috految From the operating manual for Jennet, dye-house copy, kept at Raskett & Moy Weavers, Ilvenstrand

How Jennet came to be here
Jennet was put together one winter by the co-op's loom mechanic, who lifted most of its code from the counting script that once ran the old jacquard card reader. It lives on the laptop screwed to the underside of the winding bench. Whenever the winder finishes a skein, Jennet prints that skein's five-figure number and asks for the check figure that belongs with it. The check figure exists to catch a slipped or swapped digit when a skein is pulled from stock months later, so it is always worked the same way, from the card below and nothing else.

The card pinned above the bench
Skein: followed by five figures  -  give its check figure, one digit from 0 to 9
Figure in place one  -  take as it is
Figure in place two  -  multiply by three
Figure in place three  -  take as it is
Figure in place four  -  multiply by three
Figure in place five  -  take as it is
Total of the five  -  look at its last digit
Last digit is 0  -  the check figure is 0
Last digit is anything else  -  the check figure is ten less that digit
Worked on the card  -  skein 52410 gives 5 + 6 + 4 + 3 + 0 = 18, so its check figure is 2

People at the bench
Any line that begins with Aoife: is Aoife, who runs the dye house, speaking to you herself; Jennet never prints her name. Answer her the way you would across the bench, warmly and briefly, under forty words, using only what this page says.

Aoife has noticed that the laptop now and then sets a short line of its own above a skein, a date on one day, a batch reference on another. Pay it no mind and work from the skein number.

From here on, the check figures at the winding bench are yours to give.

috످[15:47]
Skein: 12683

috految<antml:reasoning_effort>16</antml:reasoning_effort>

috److془1 + 6 + 6 + 24 + 3 = 40 → 0.془0

috످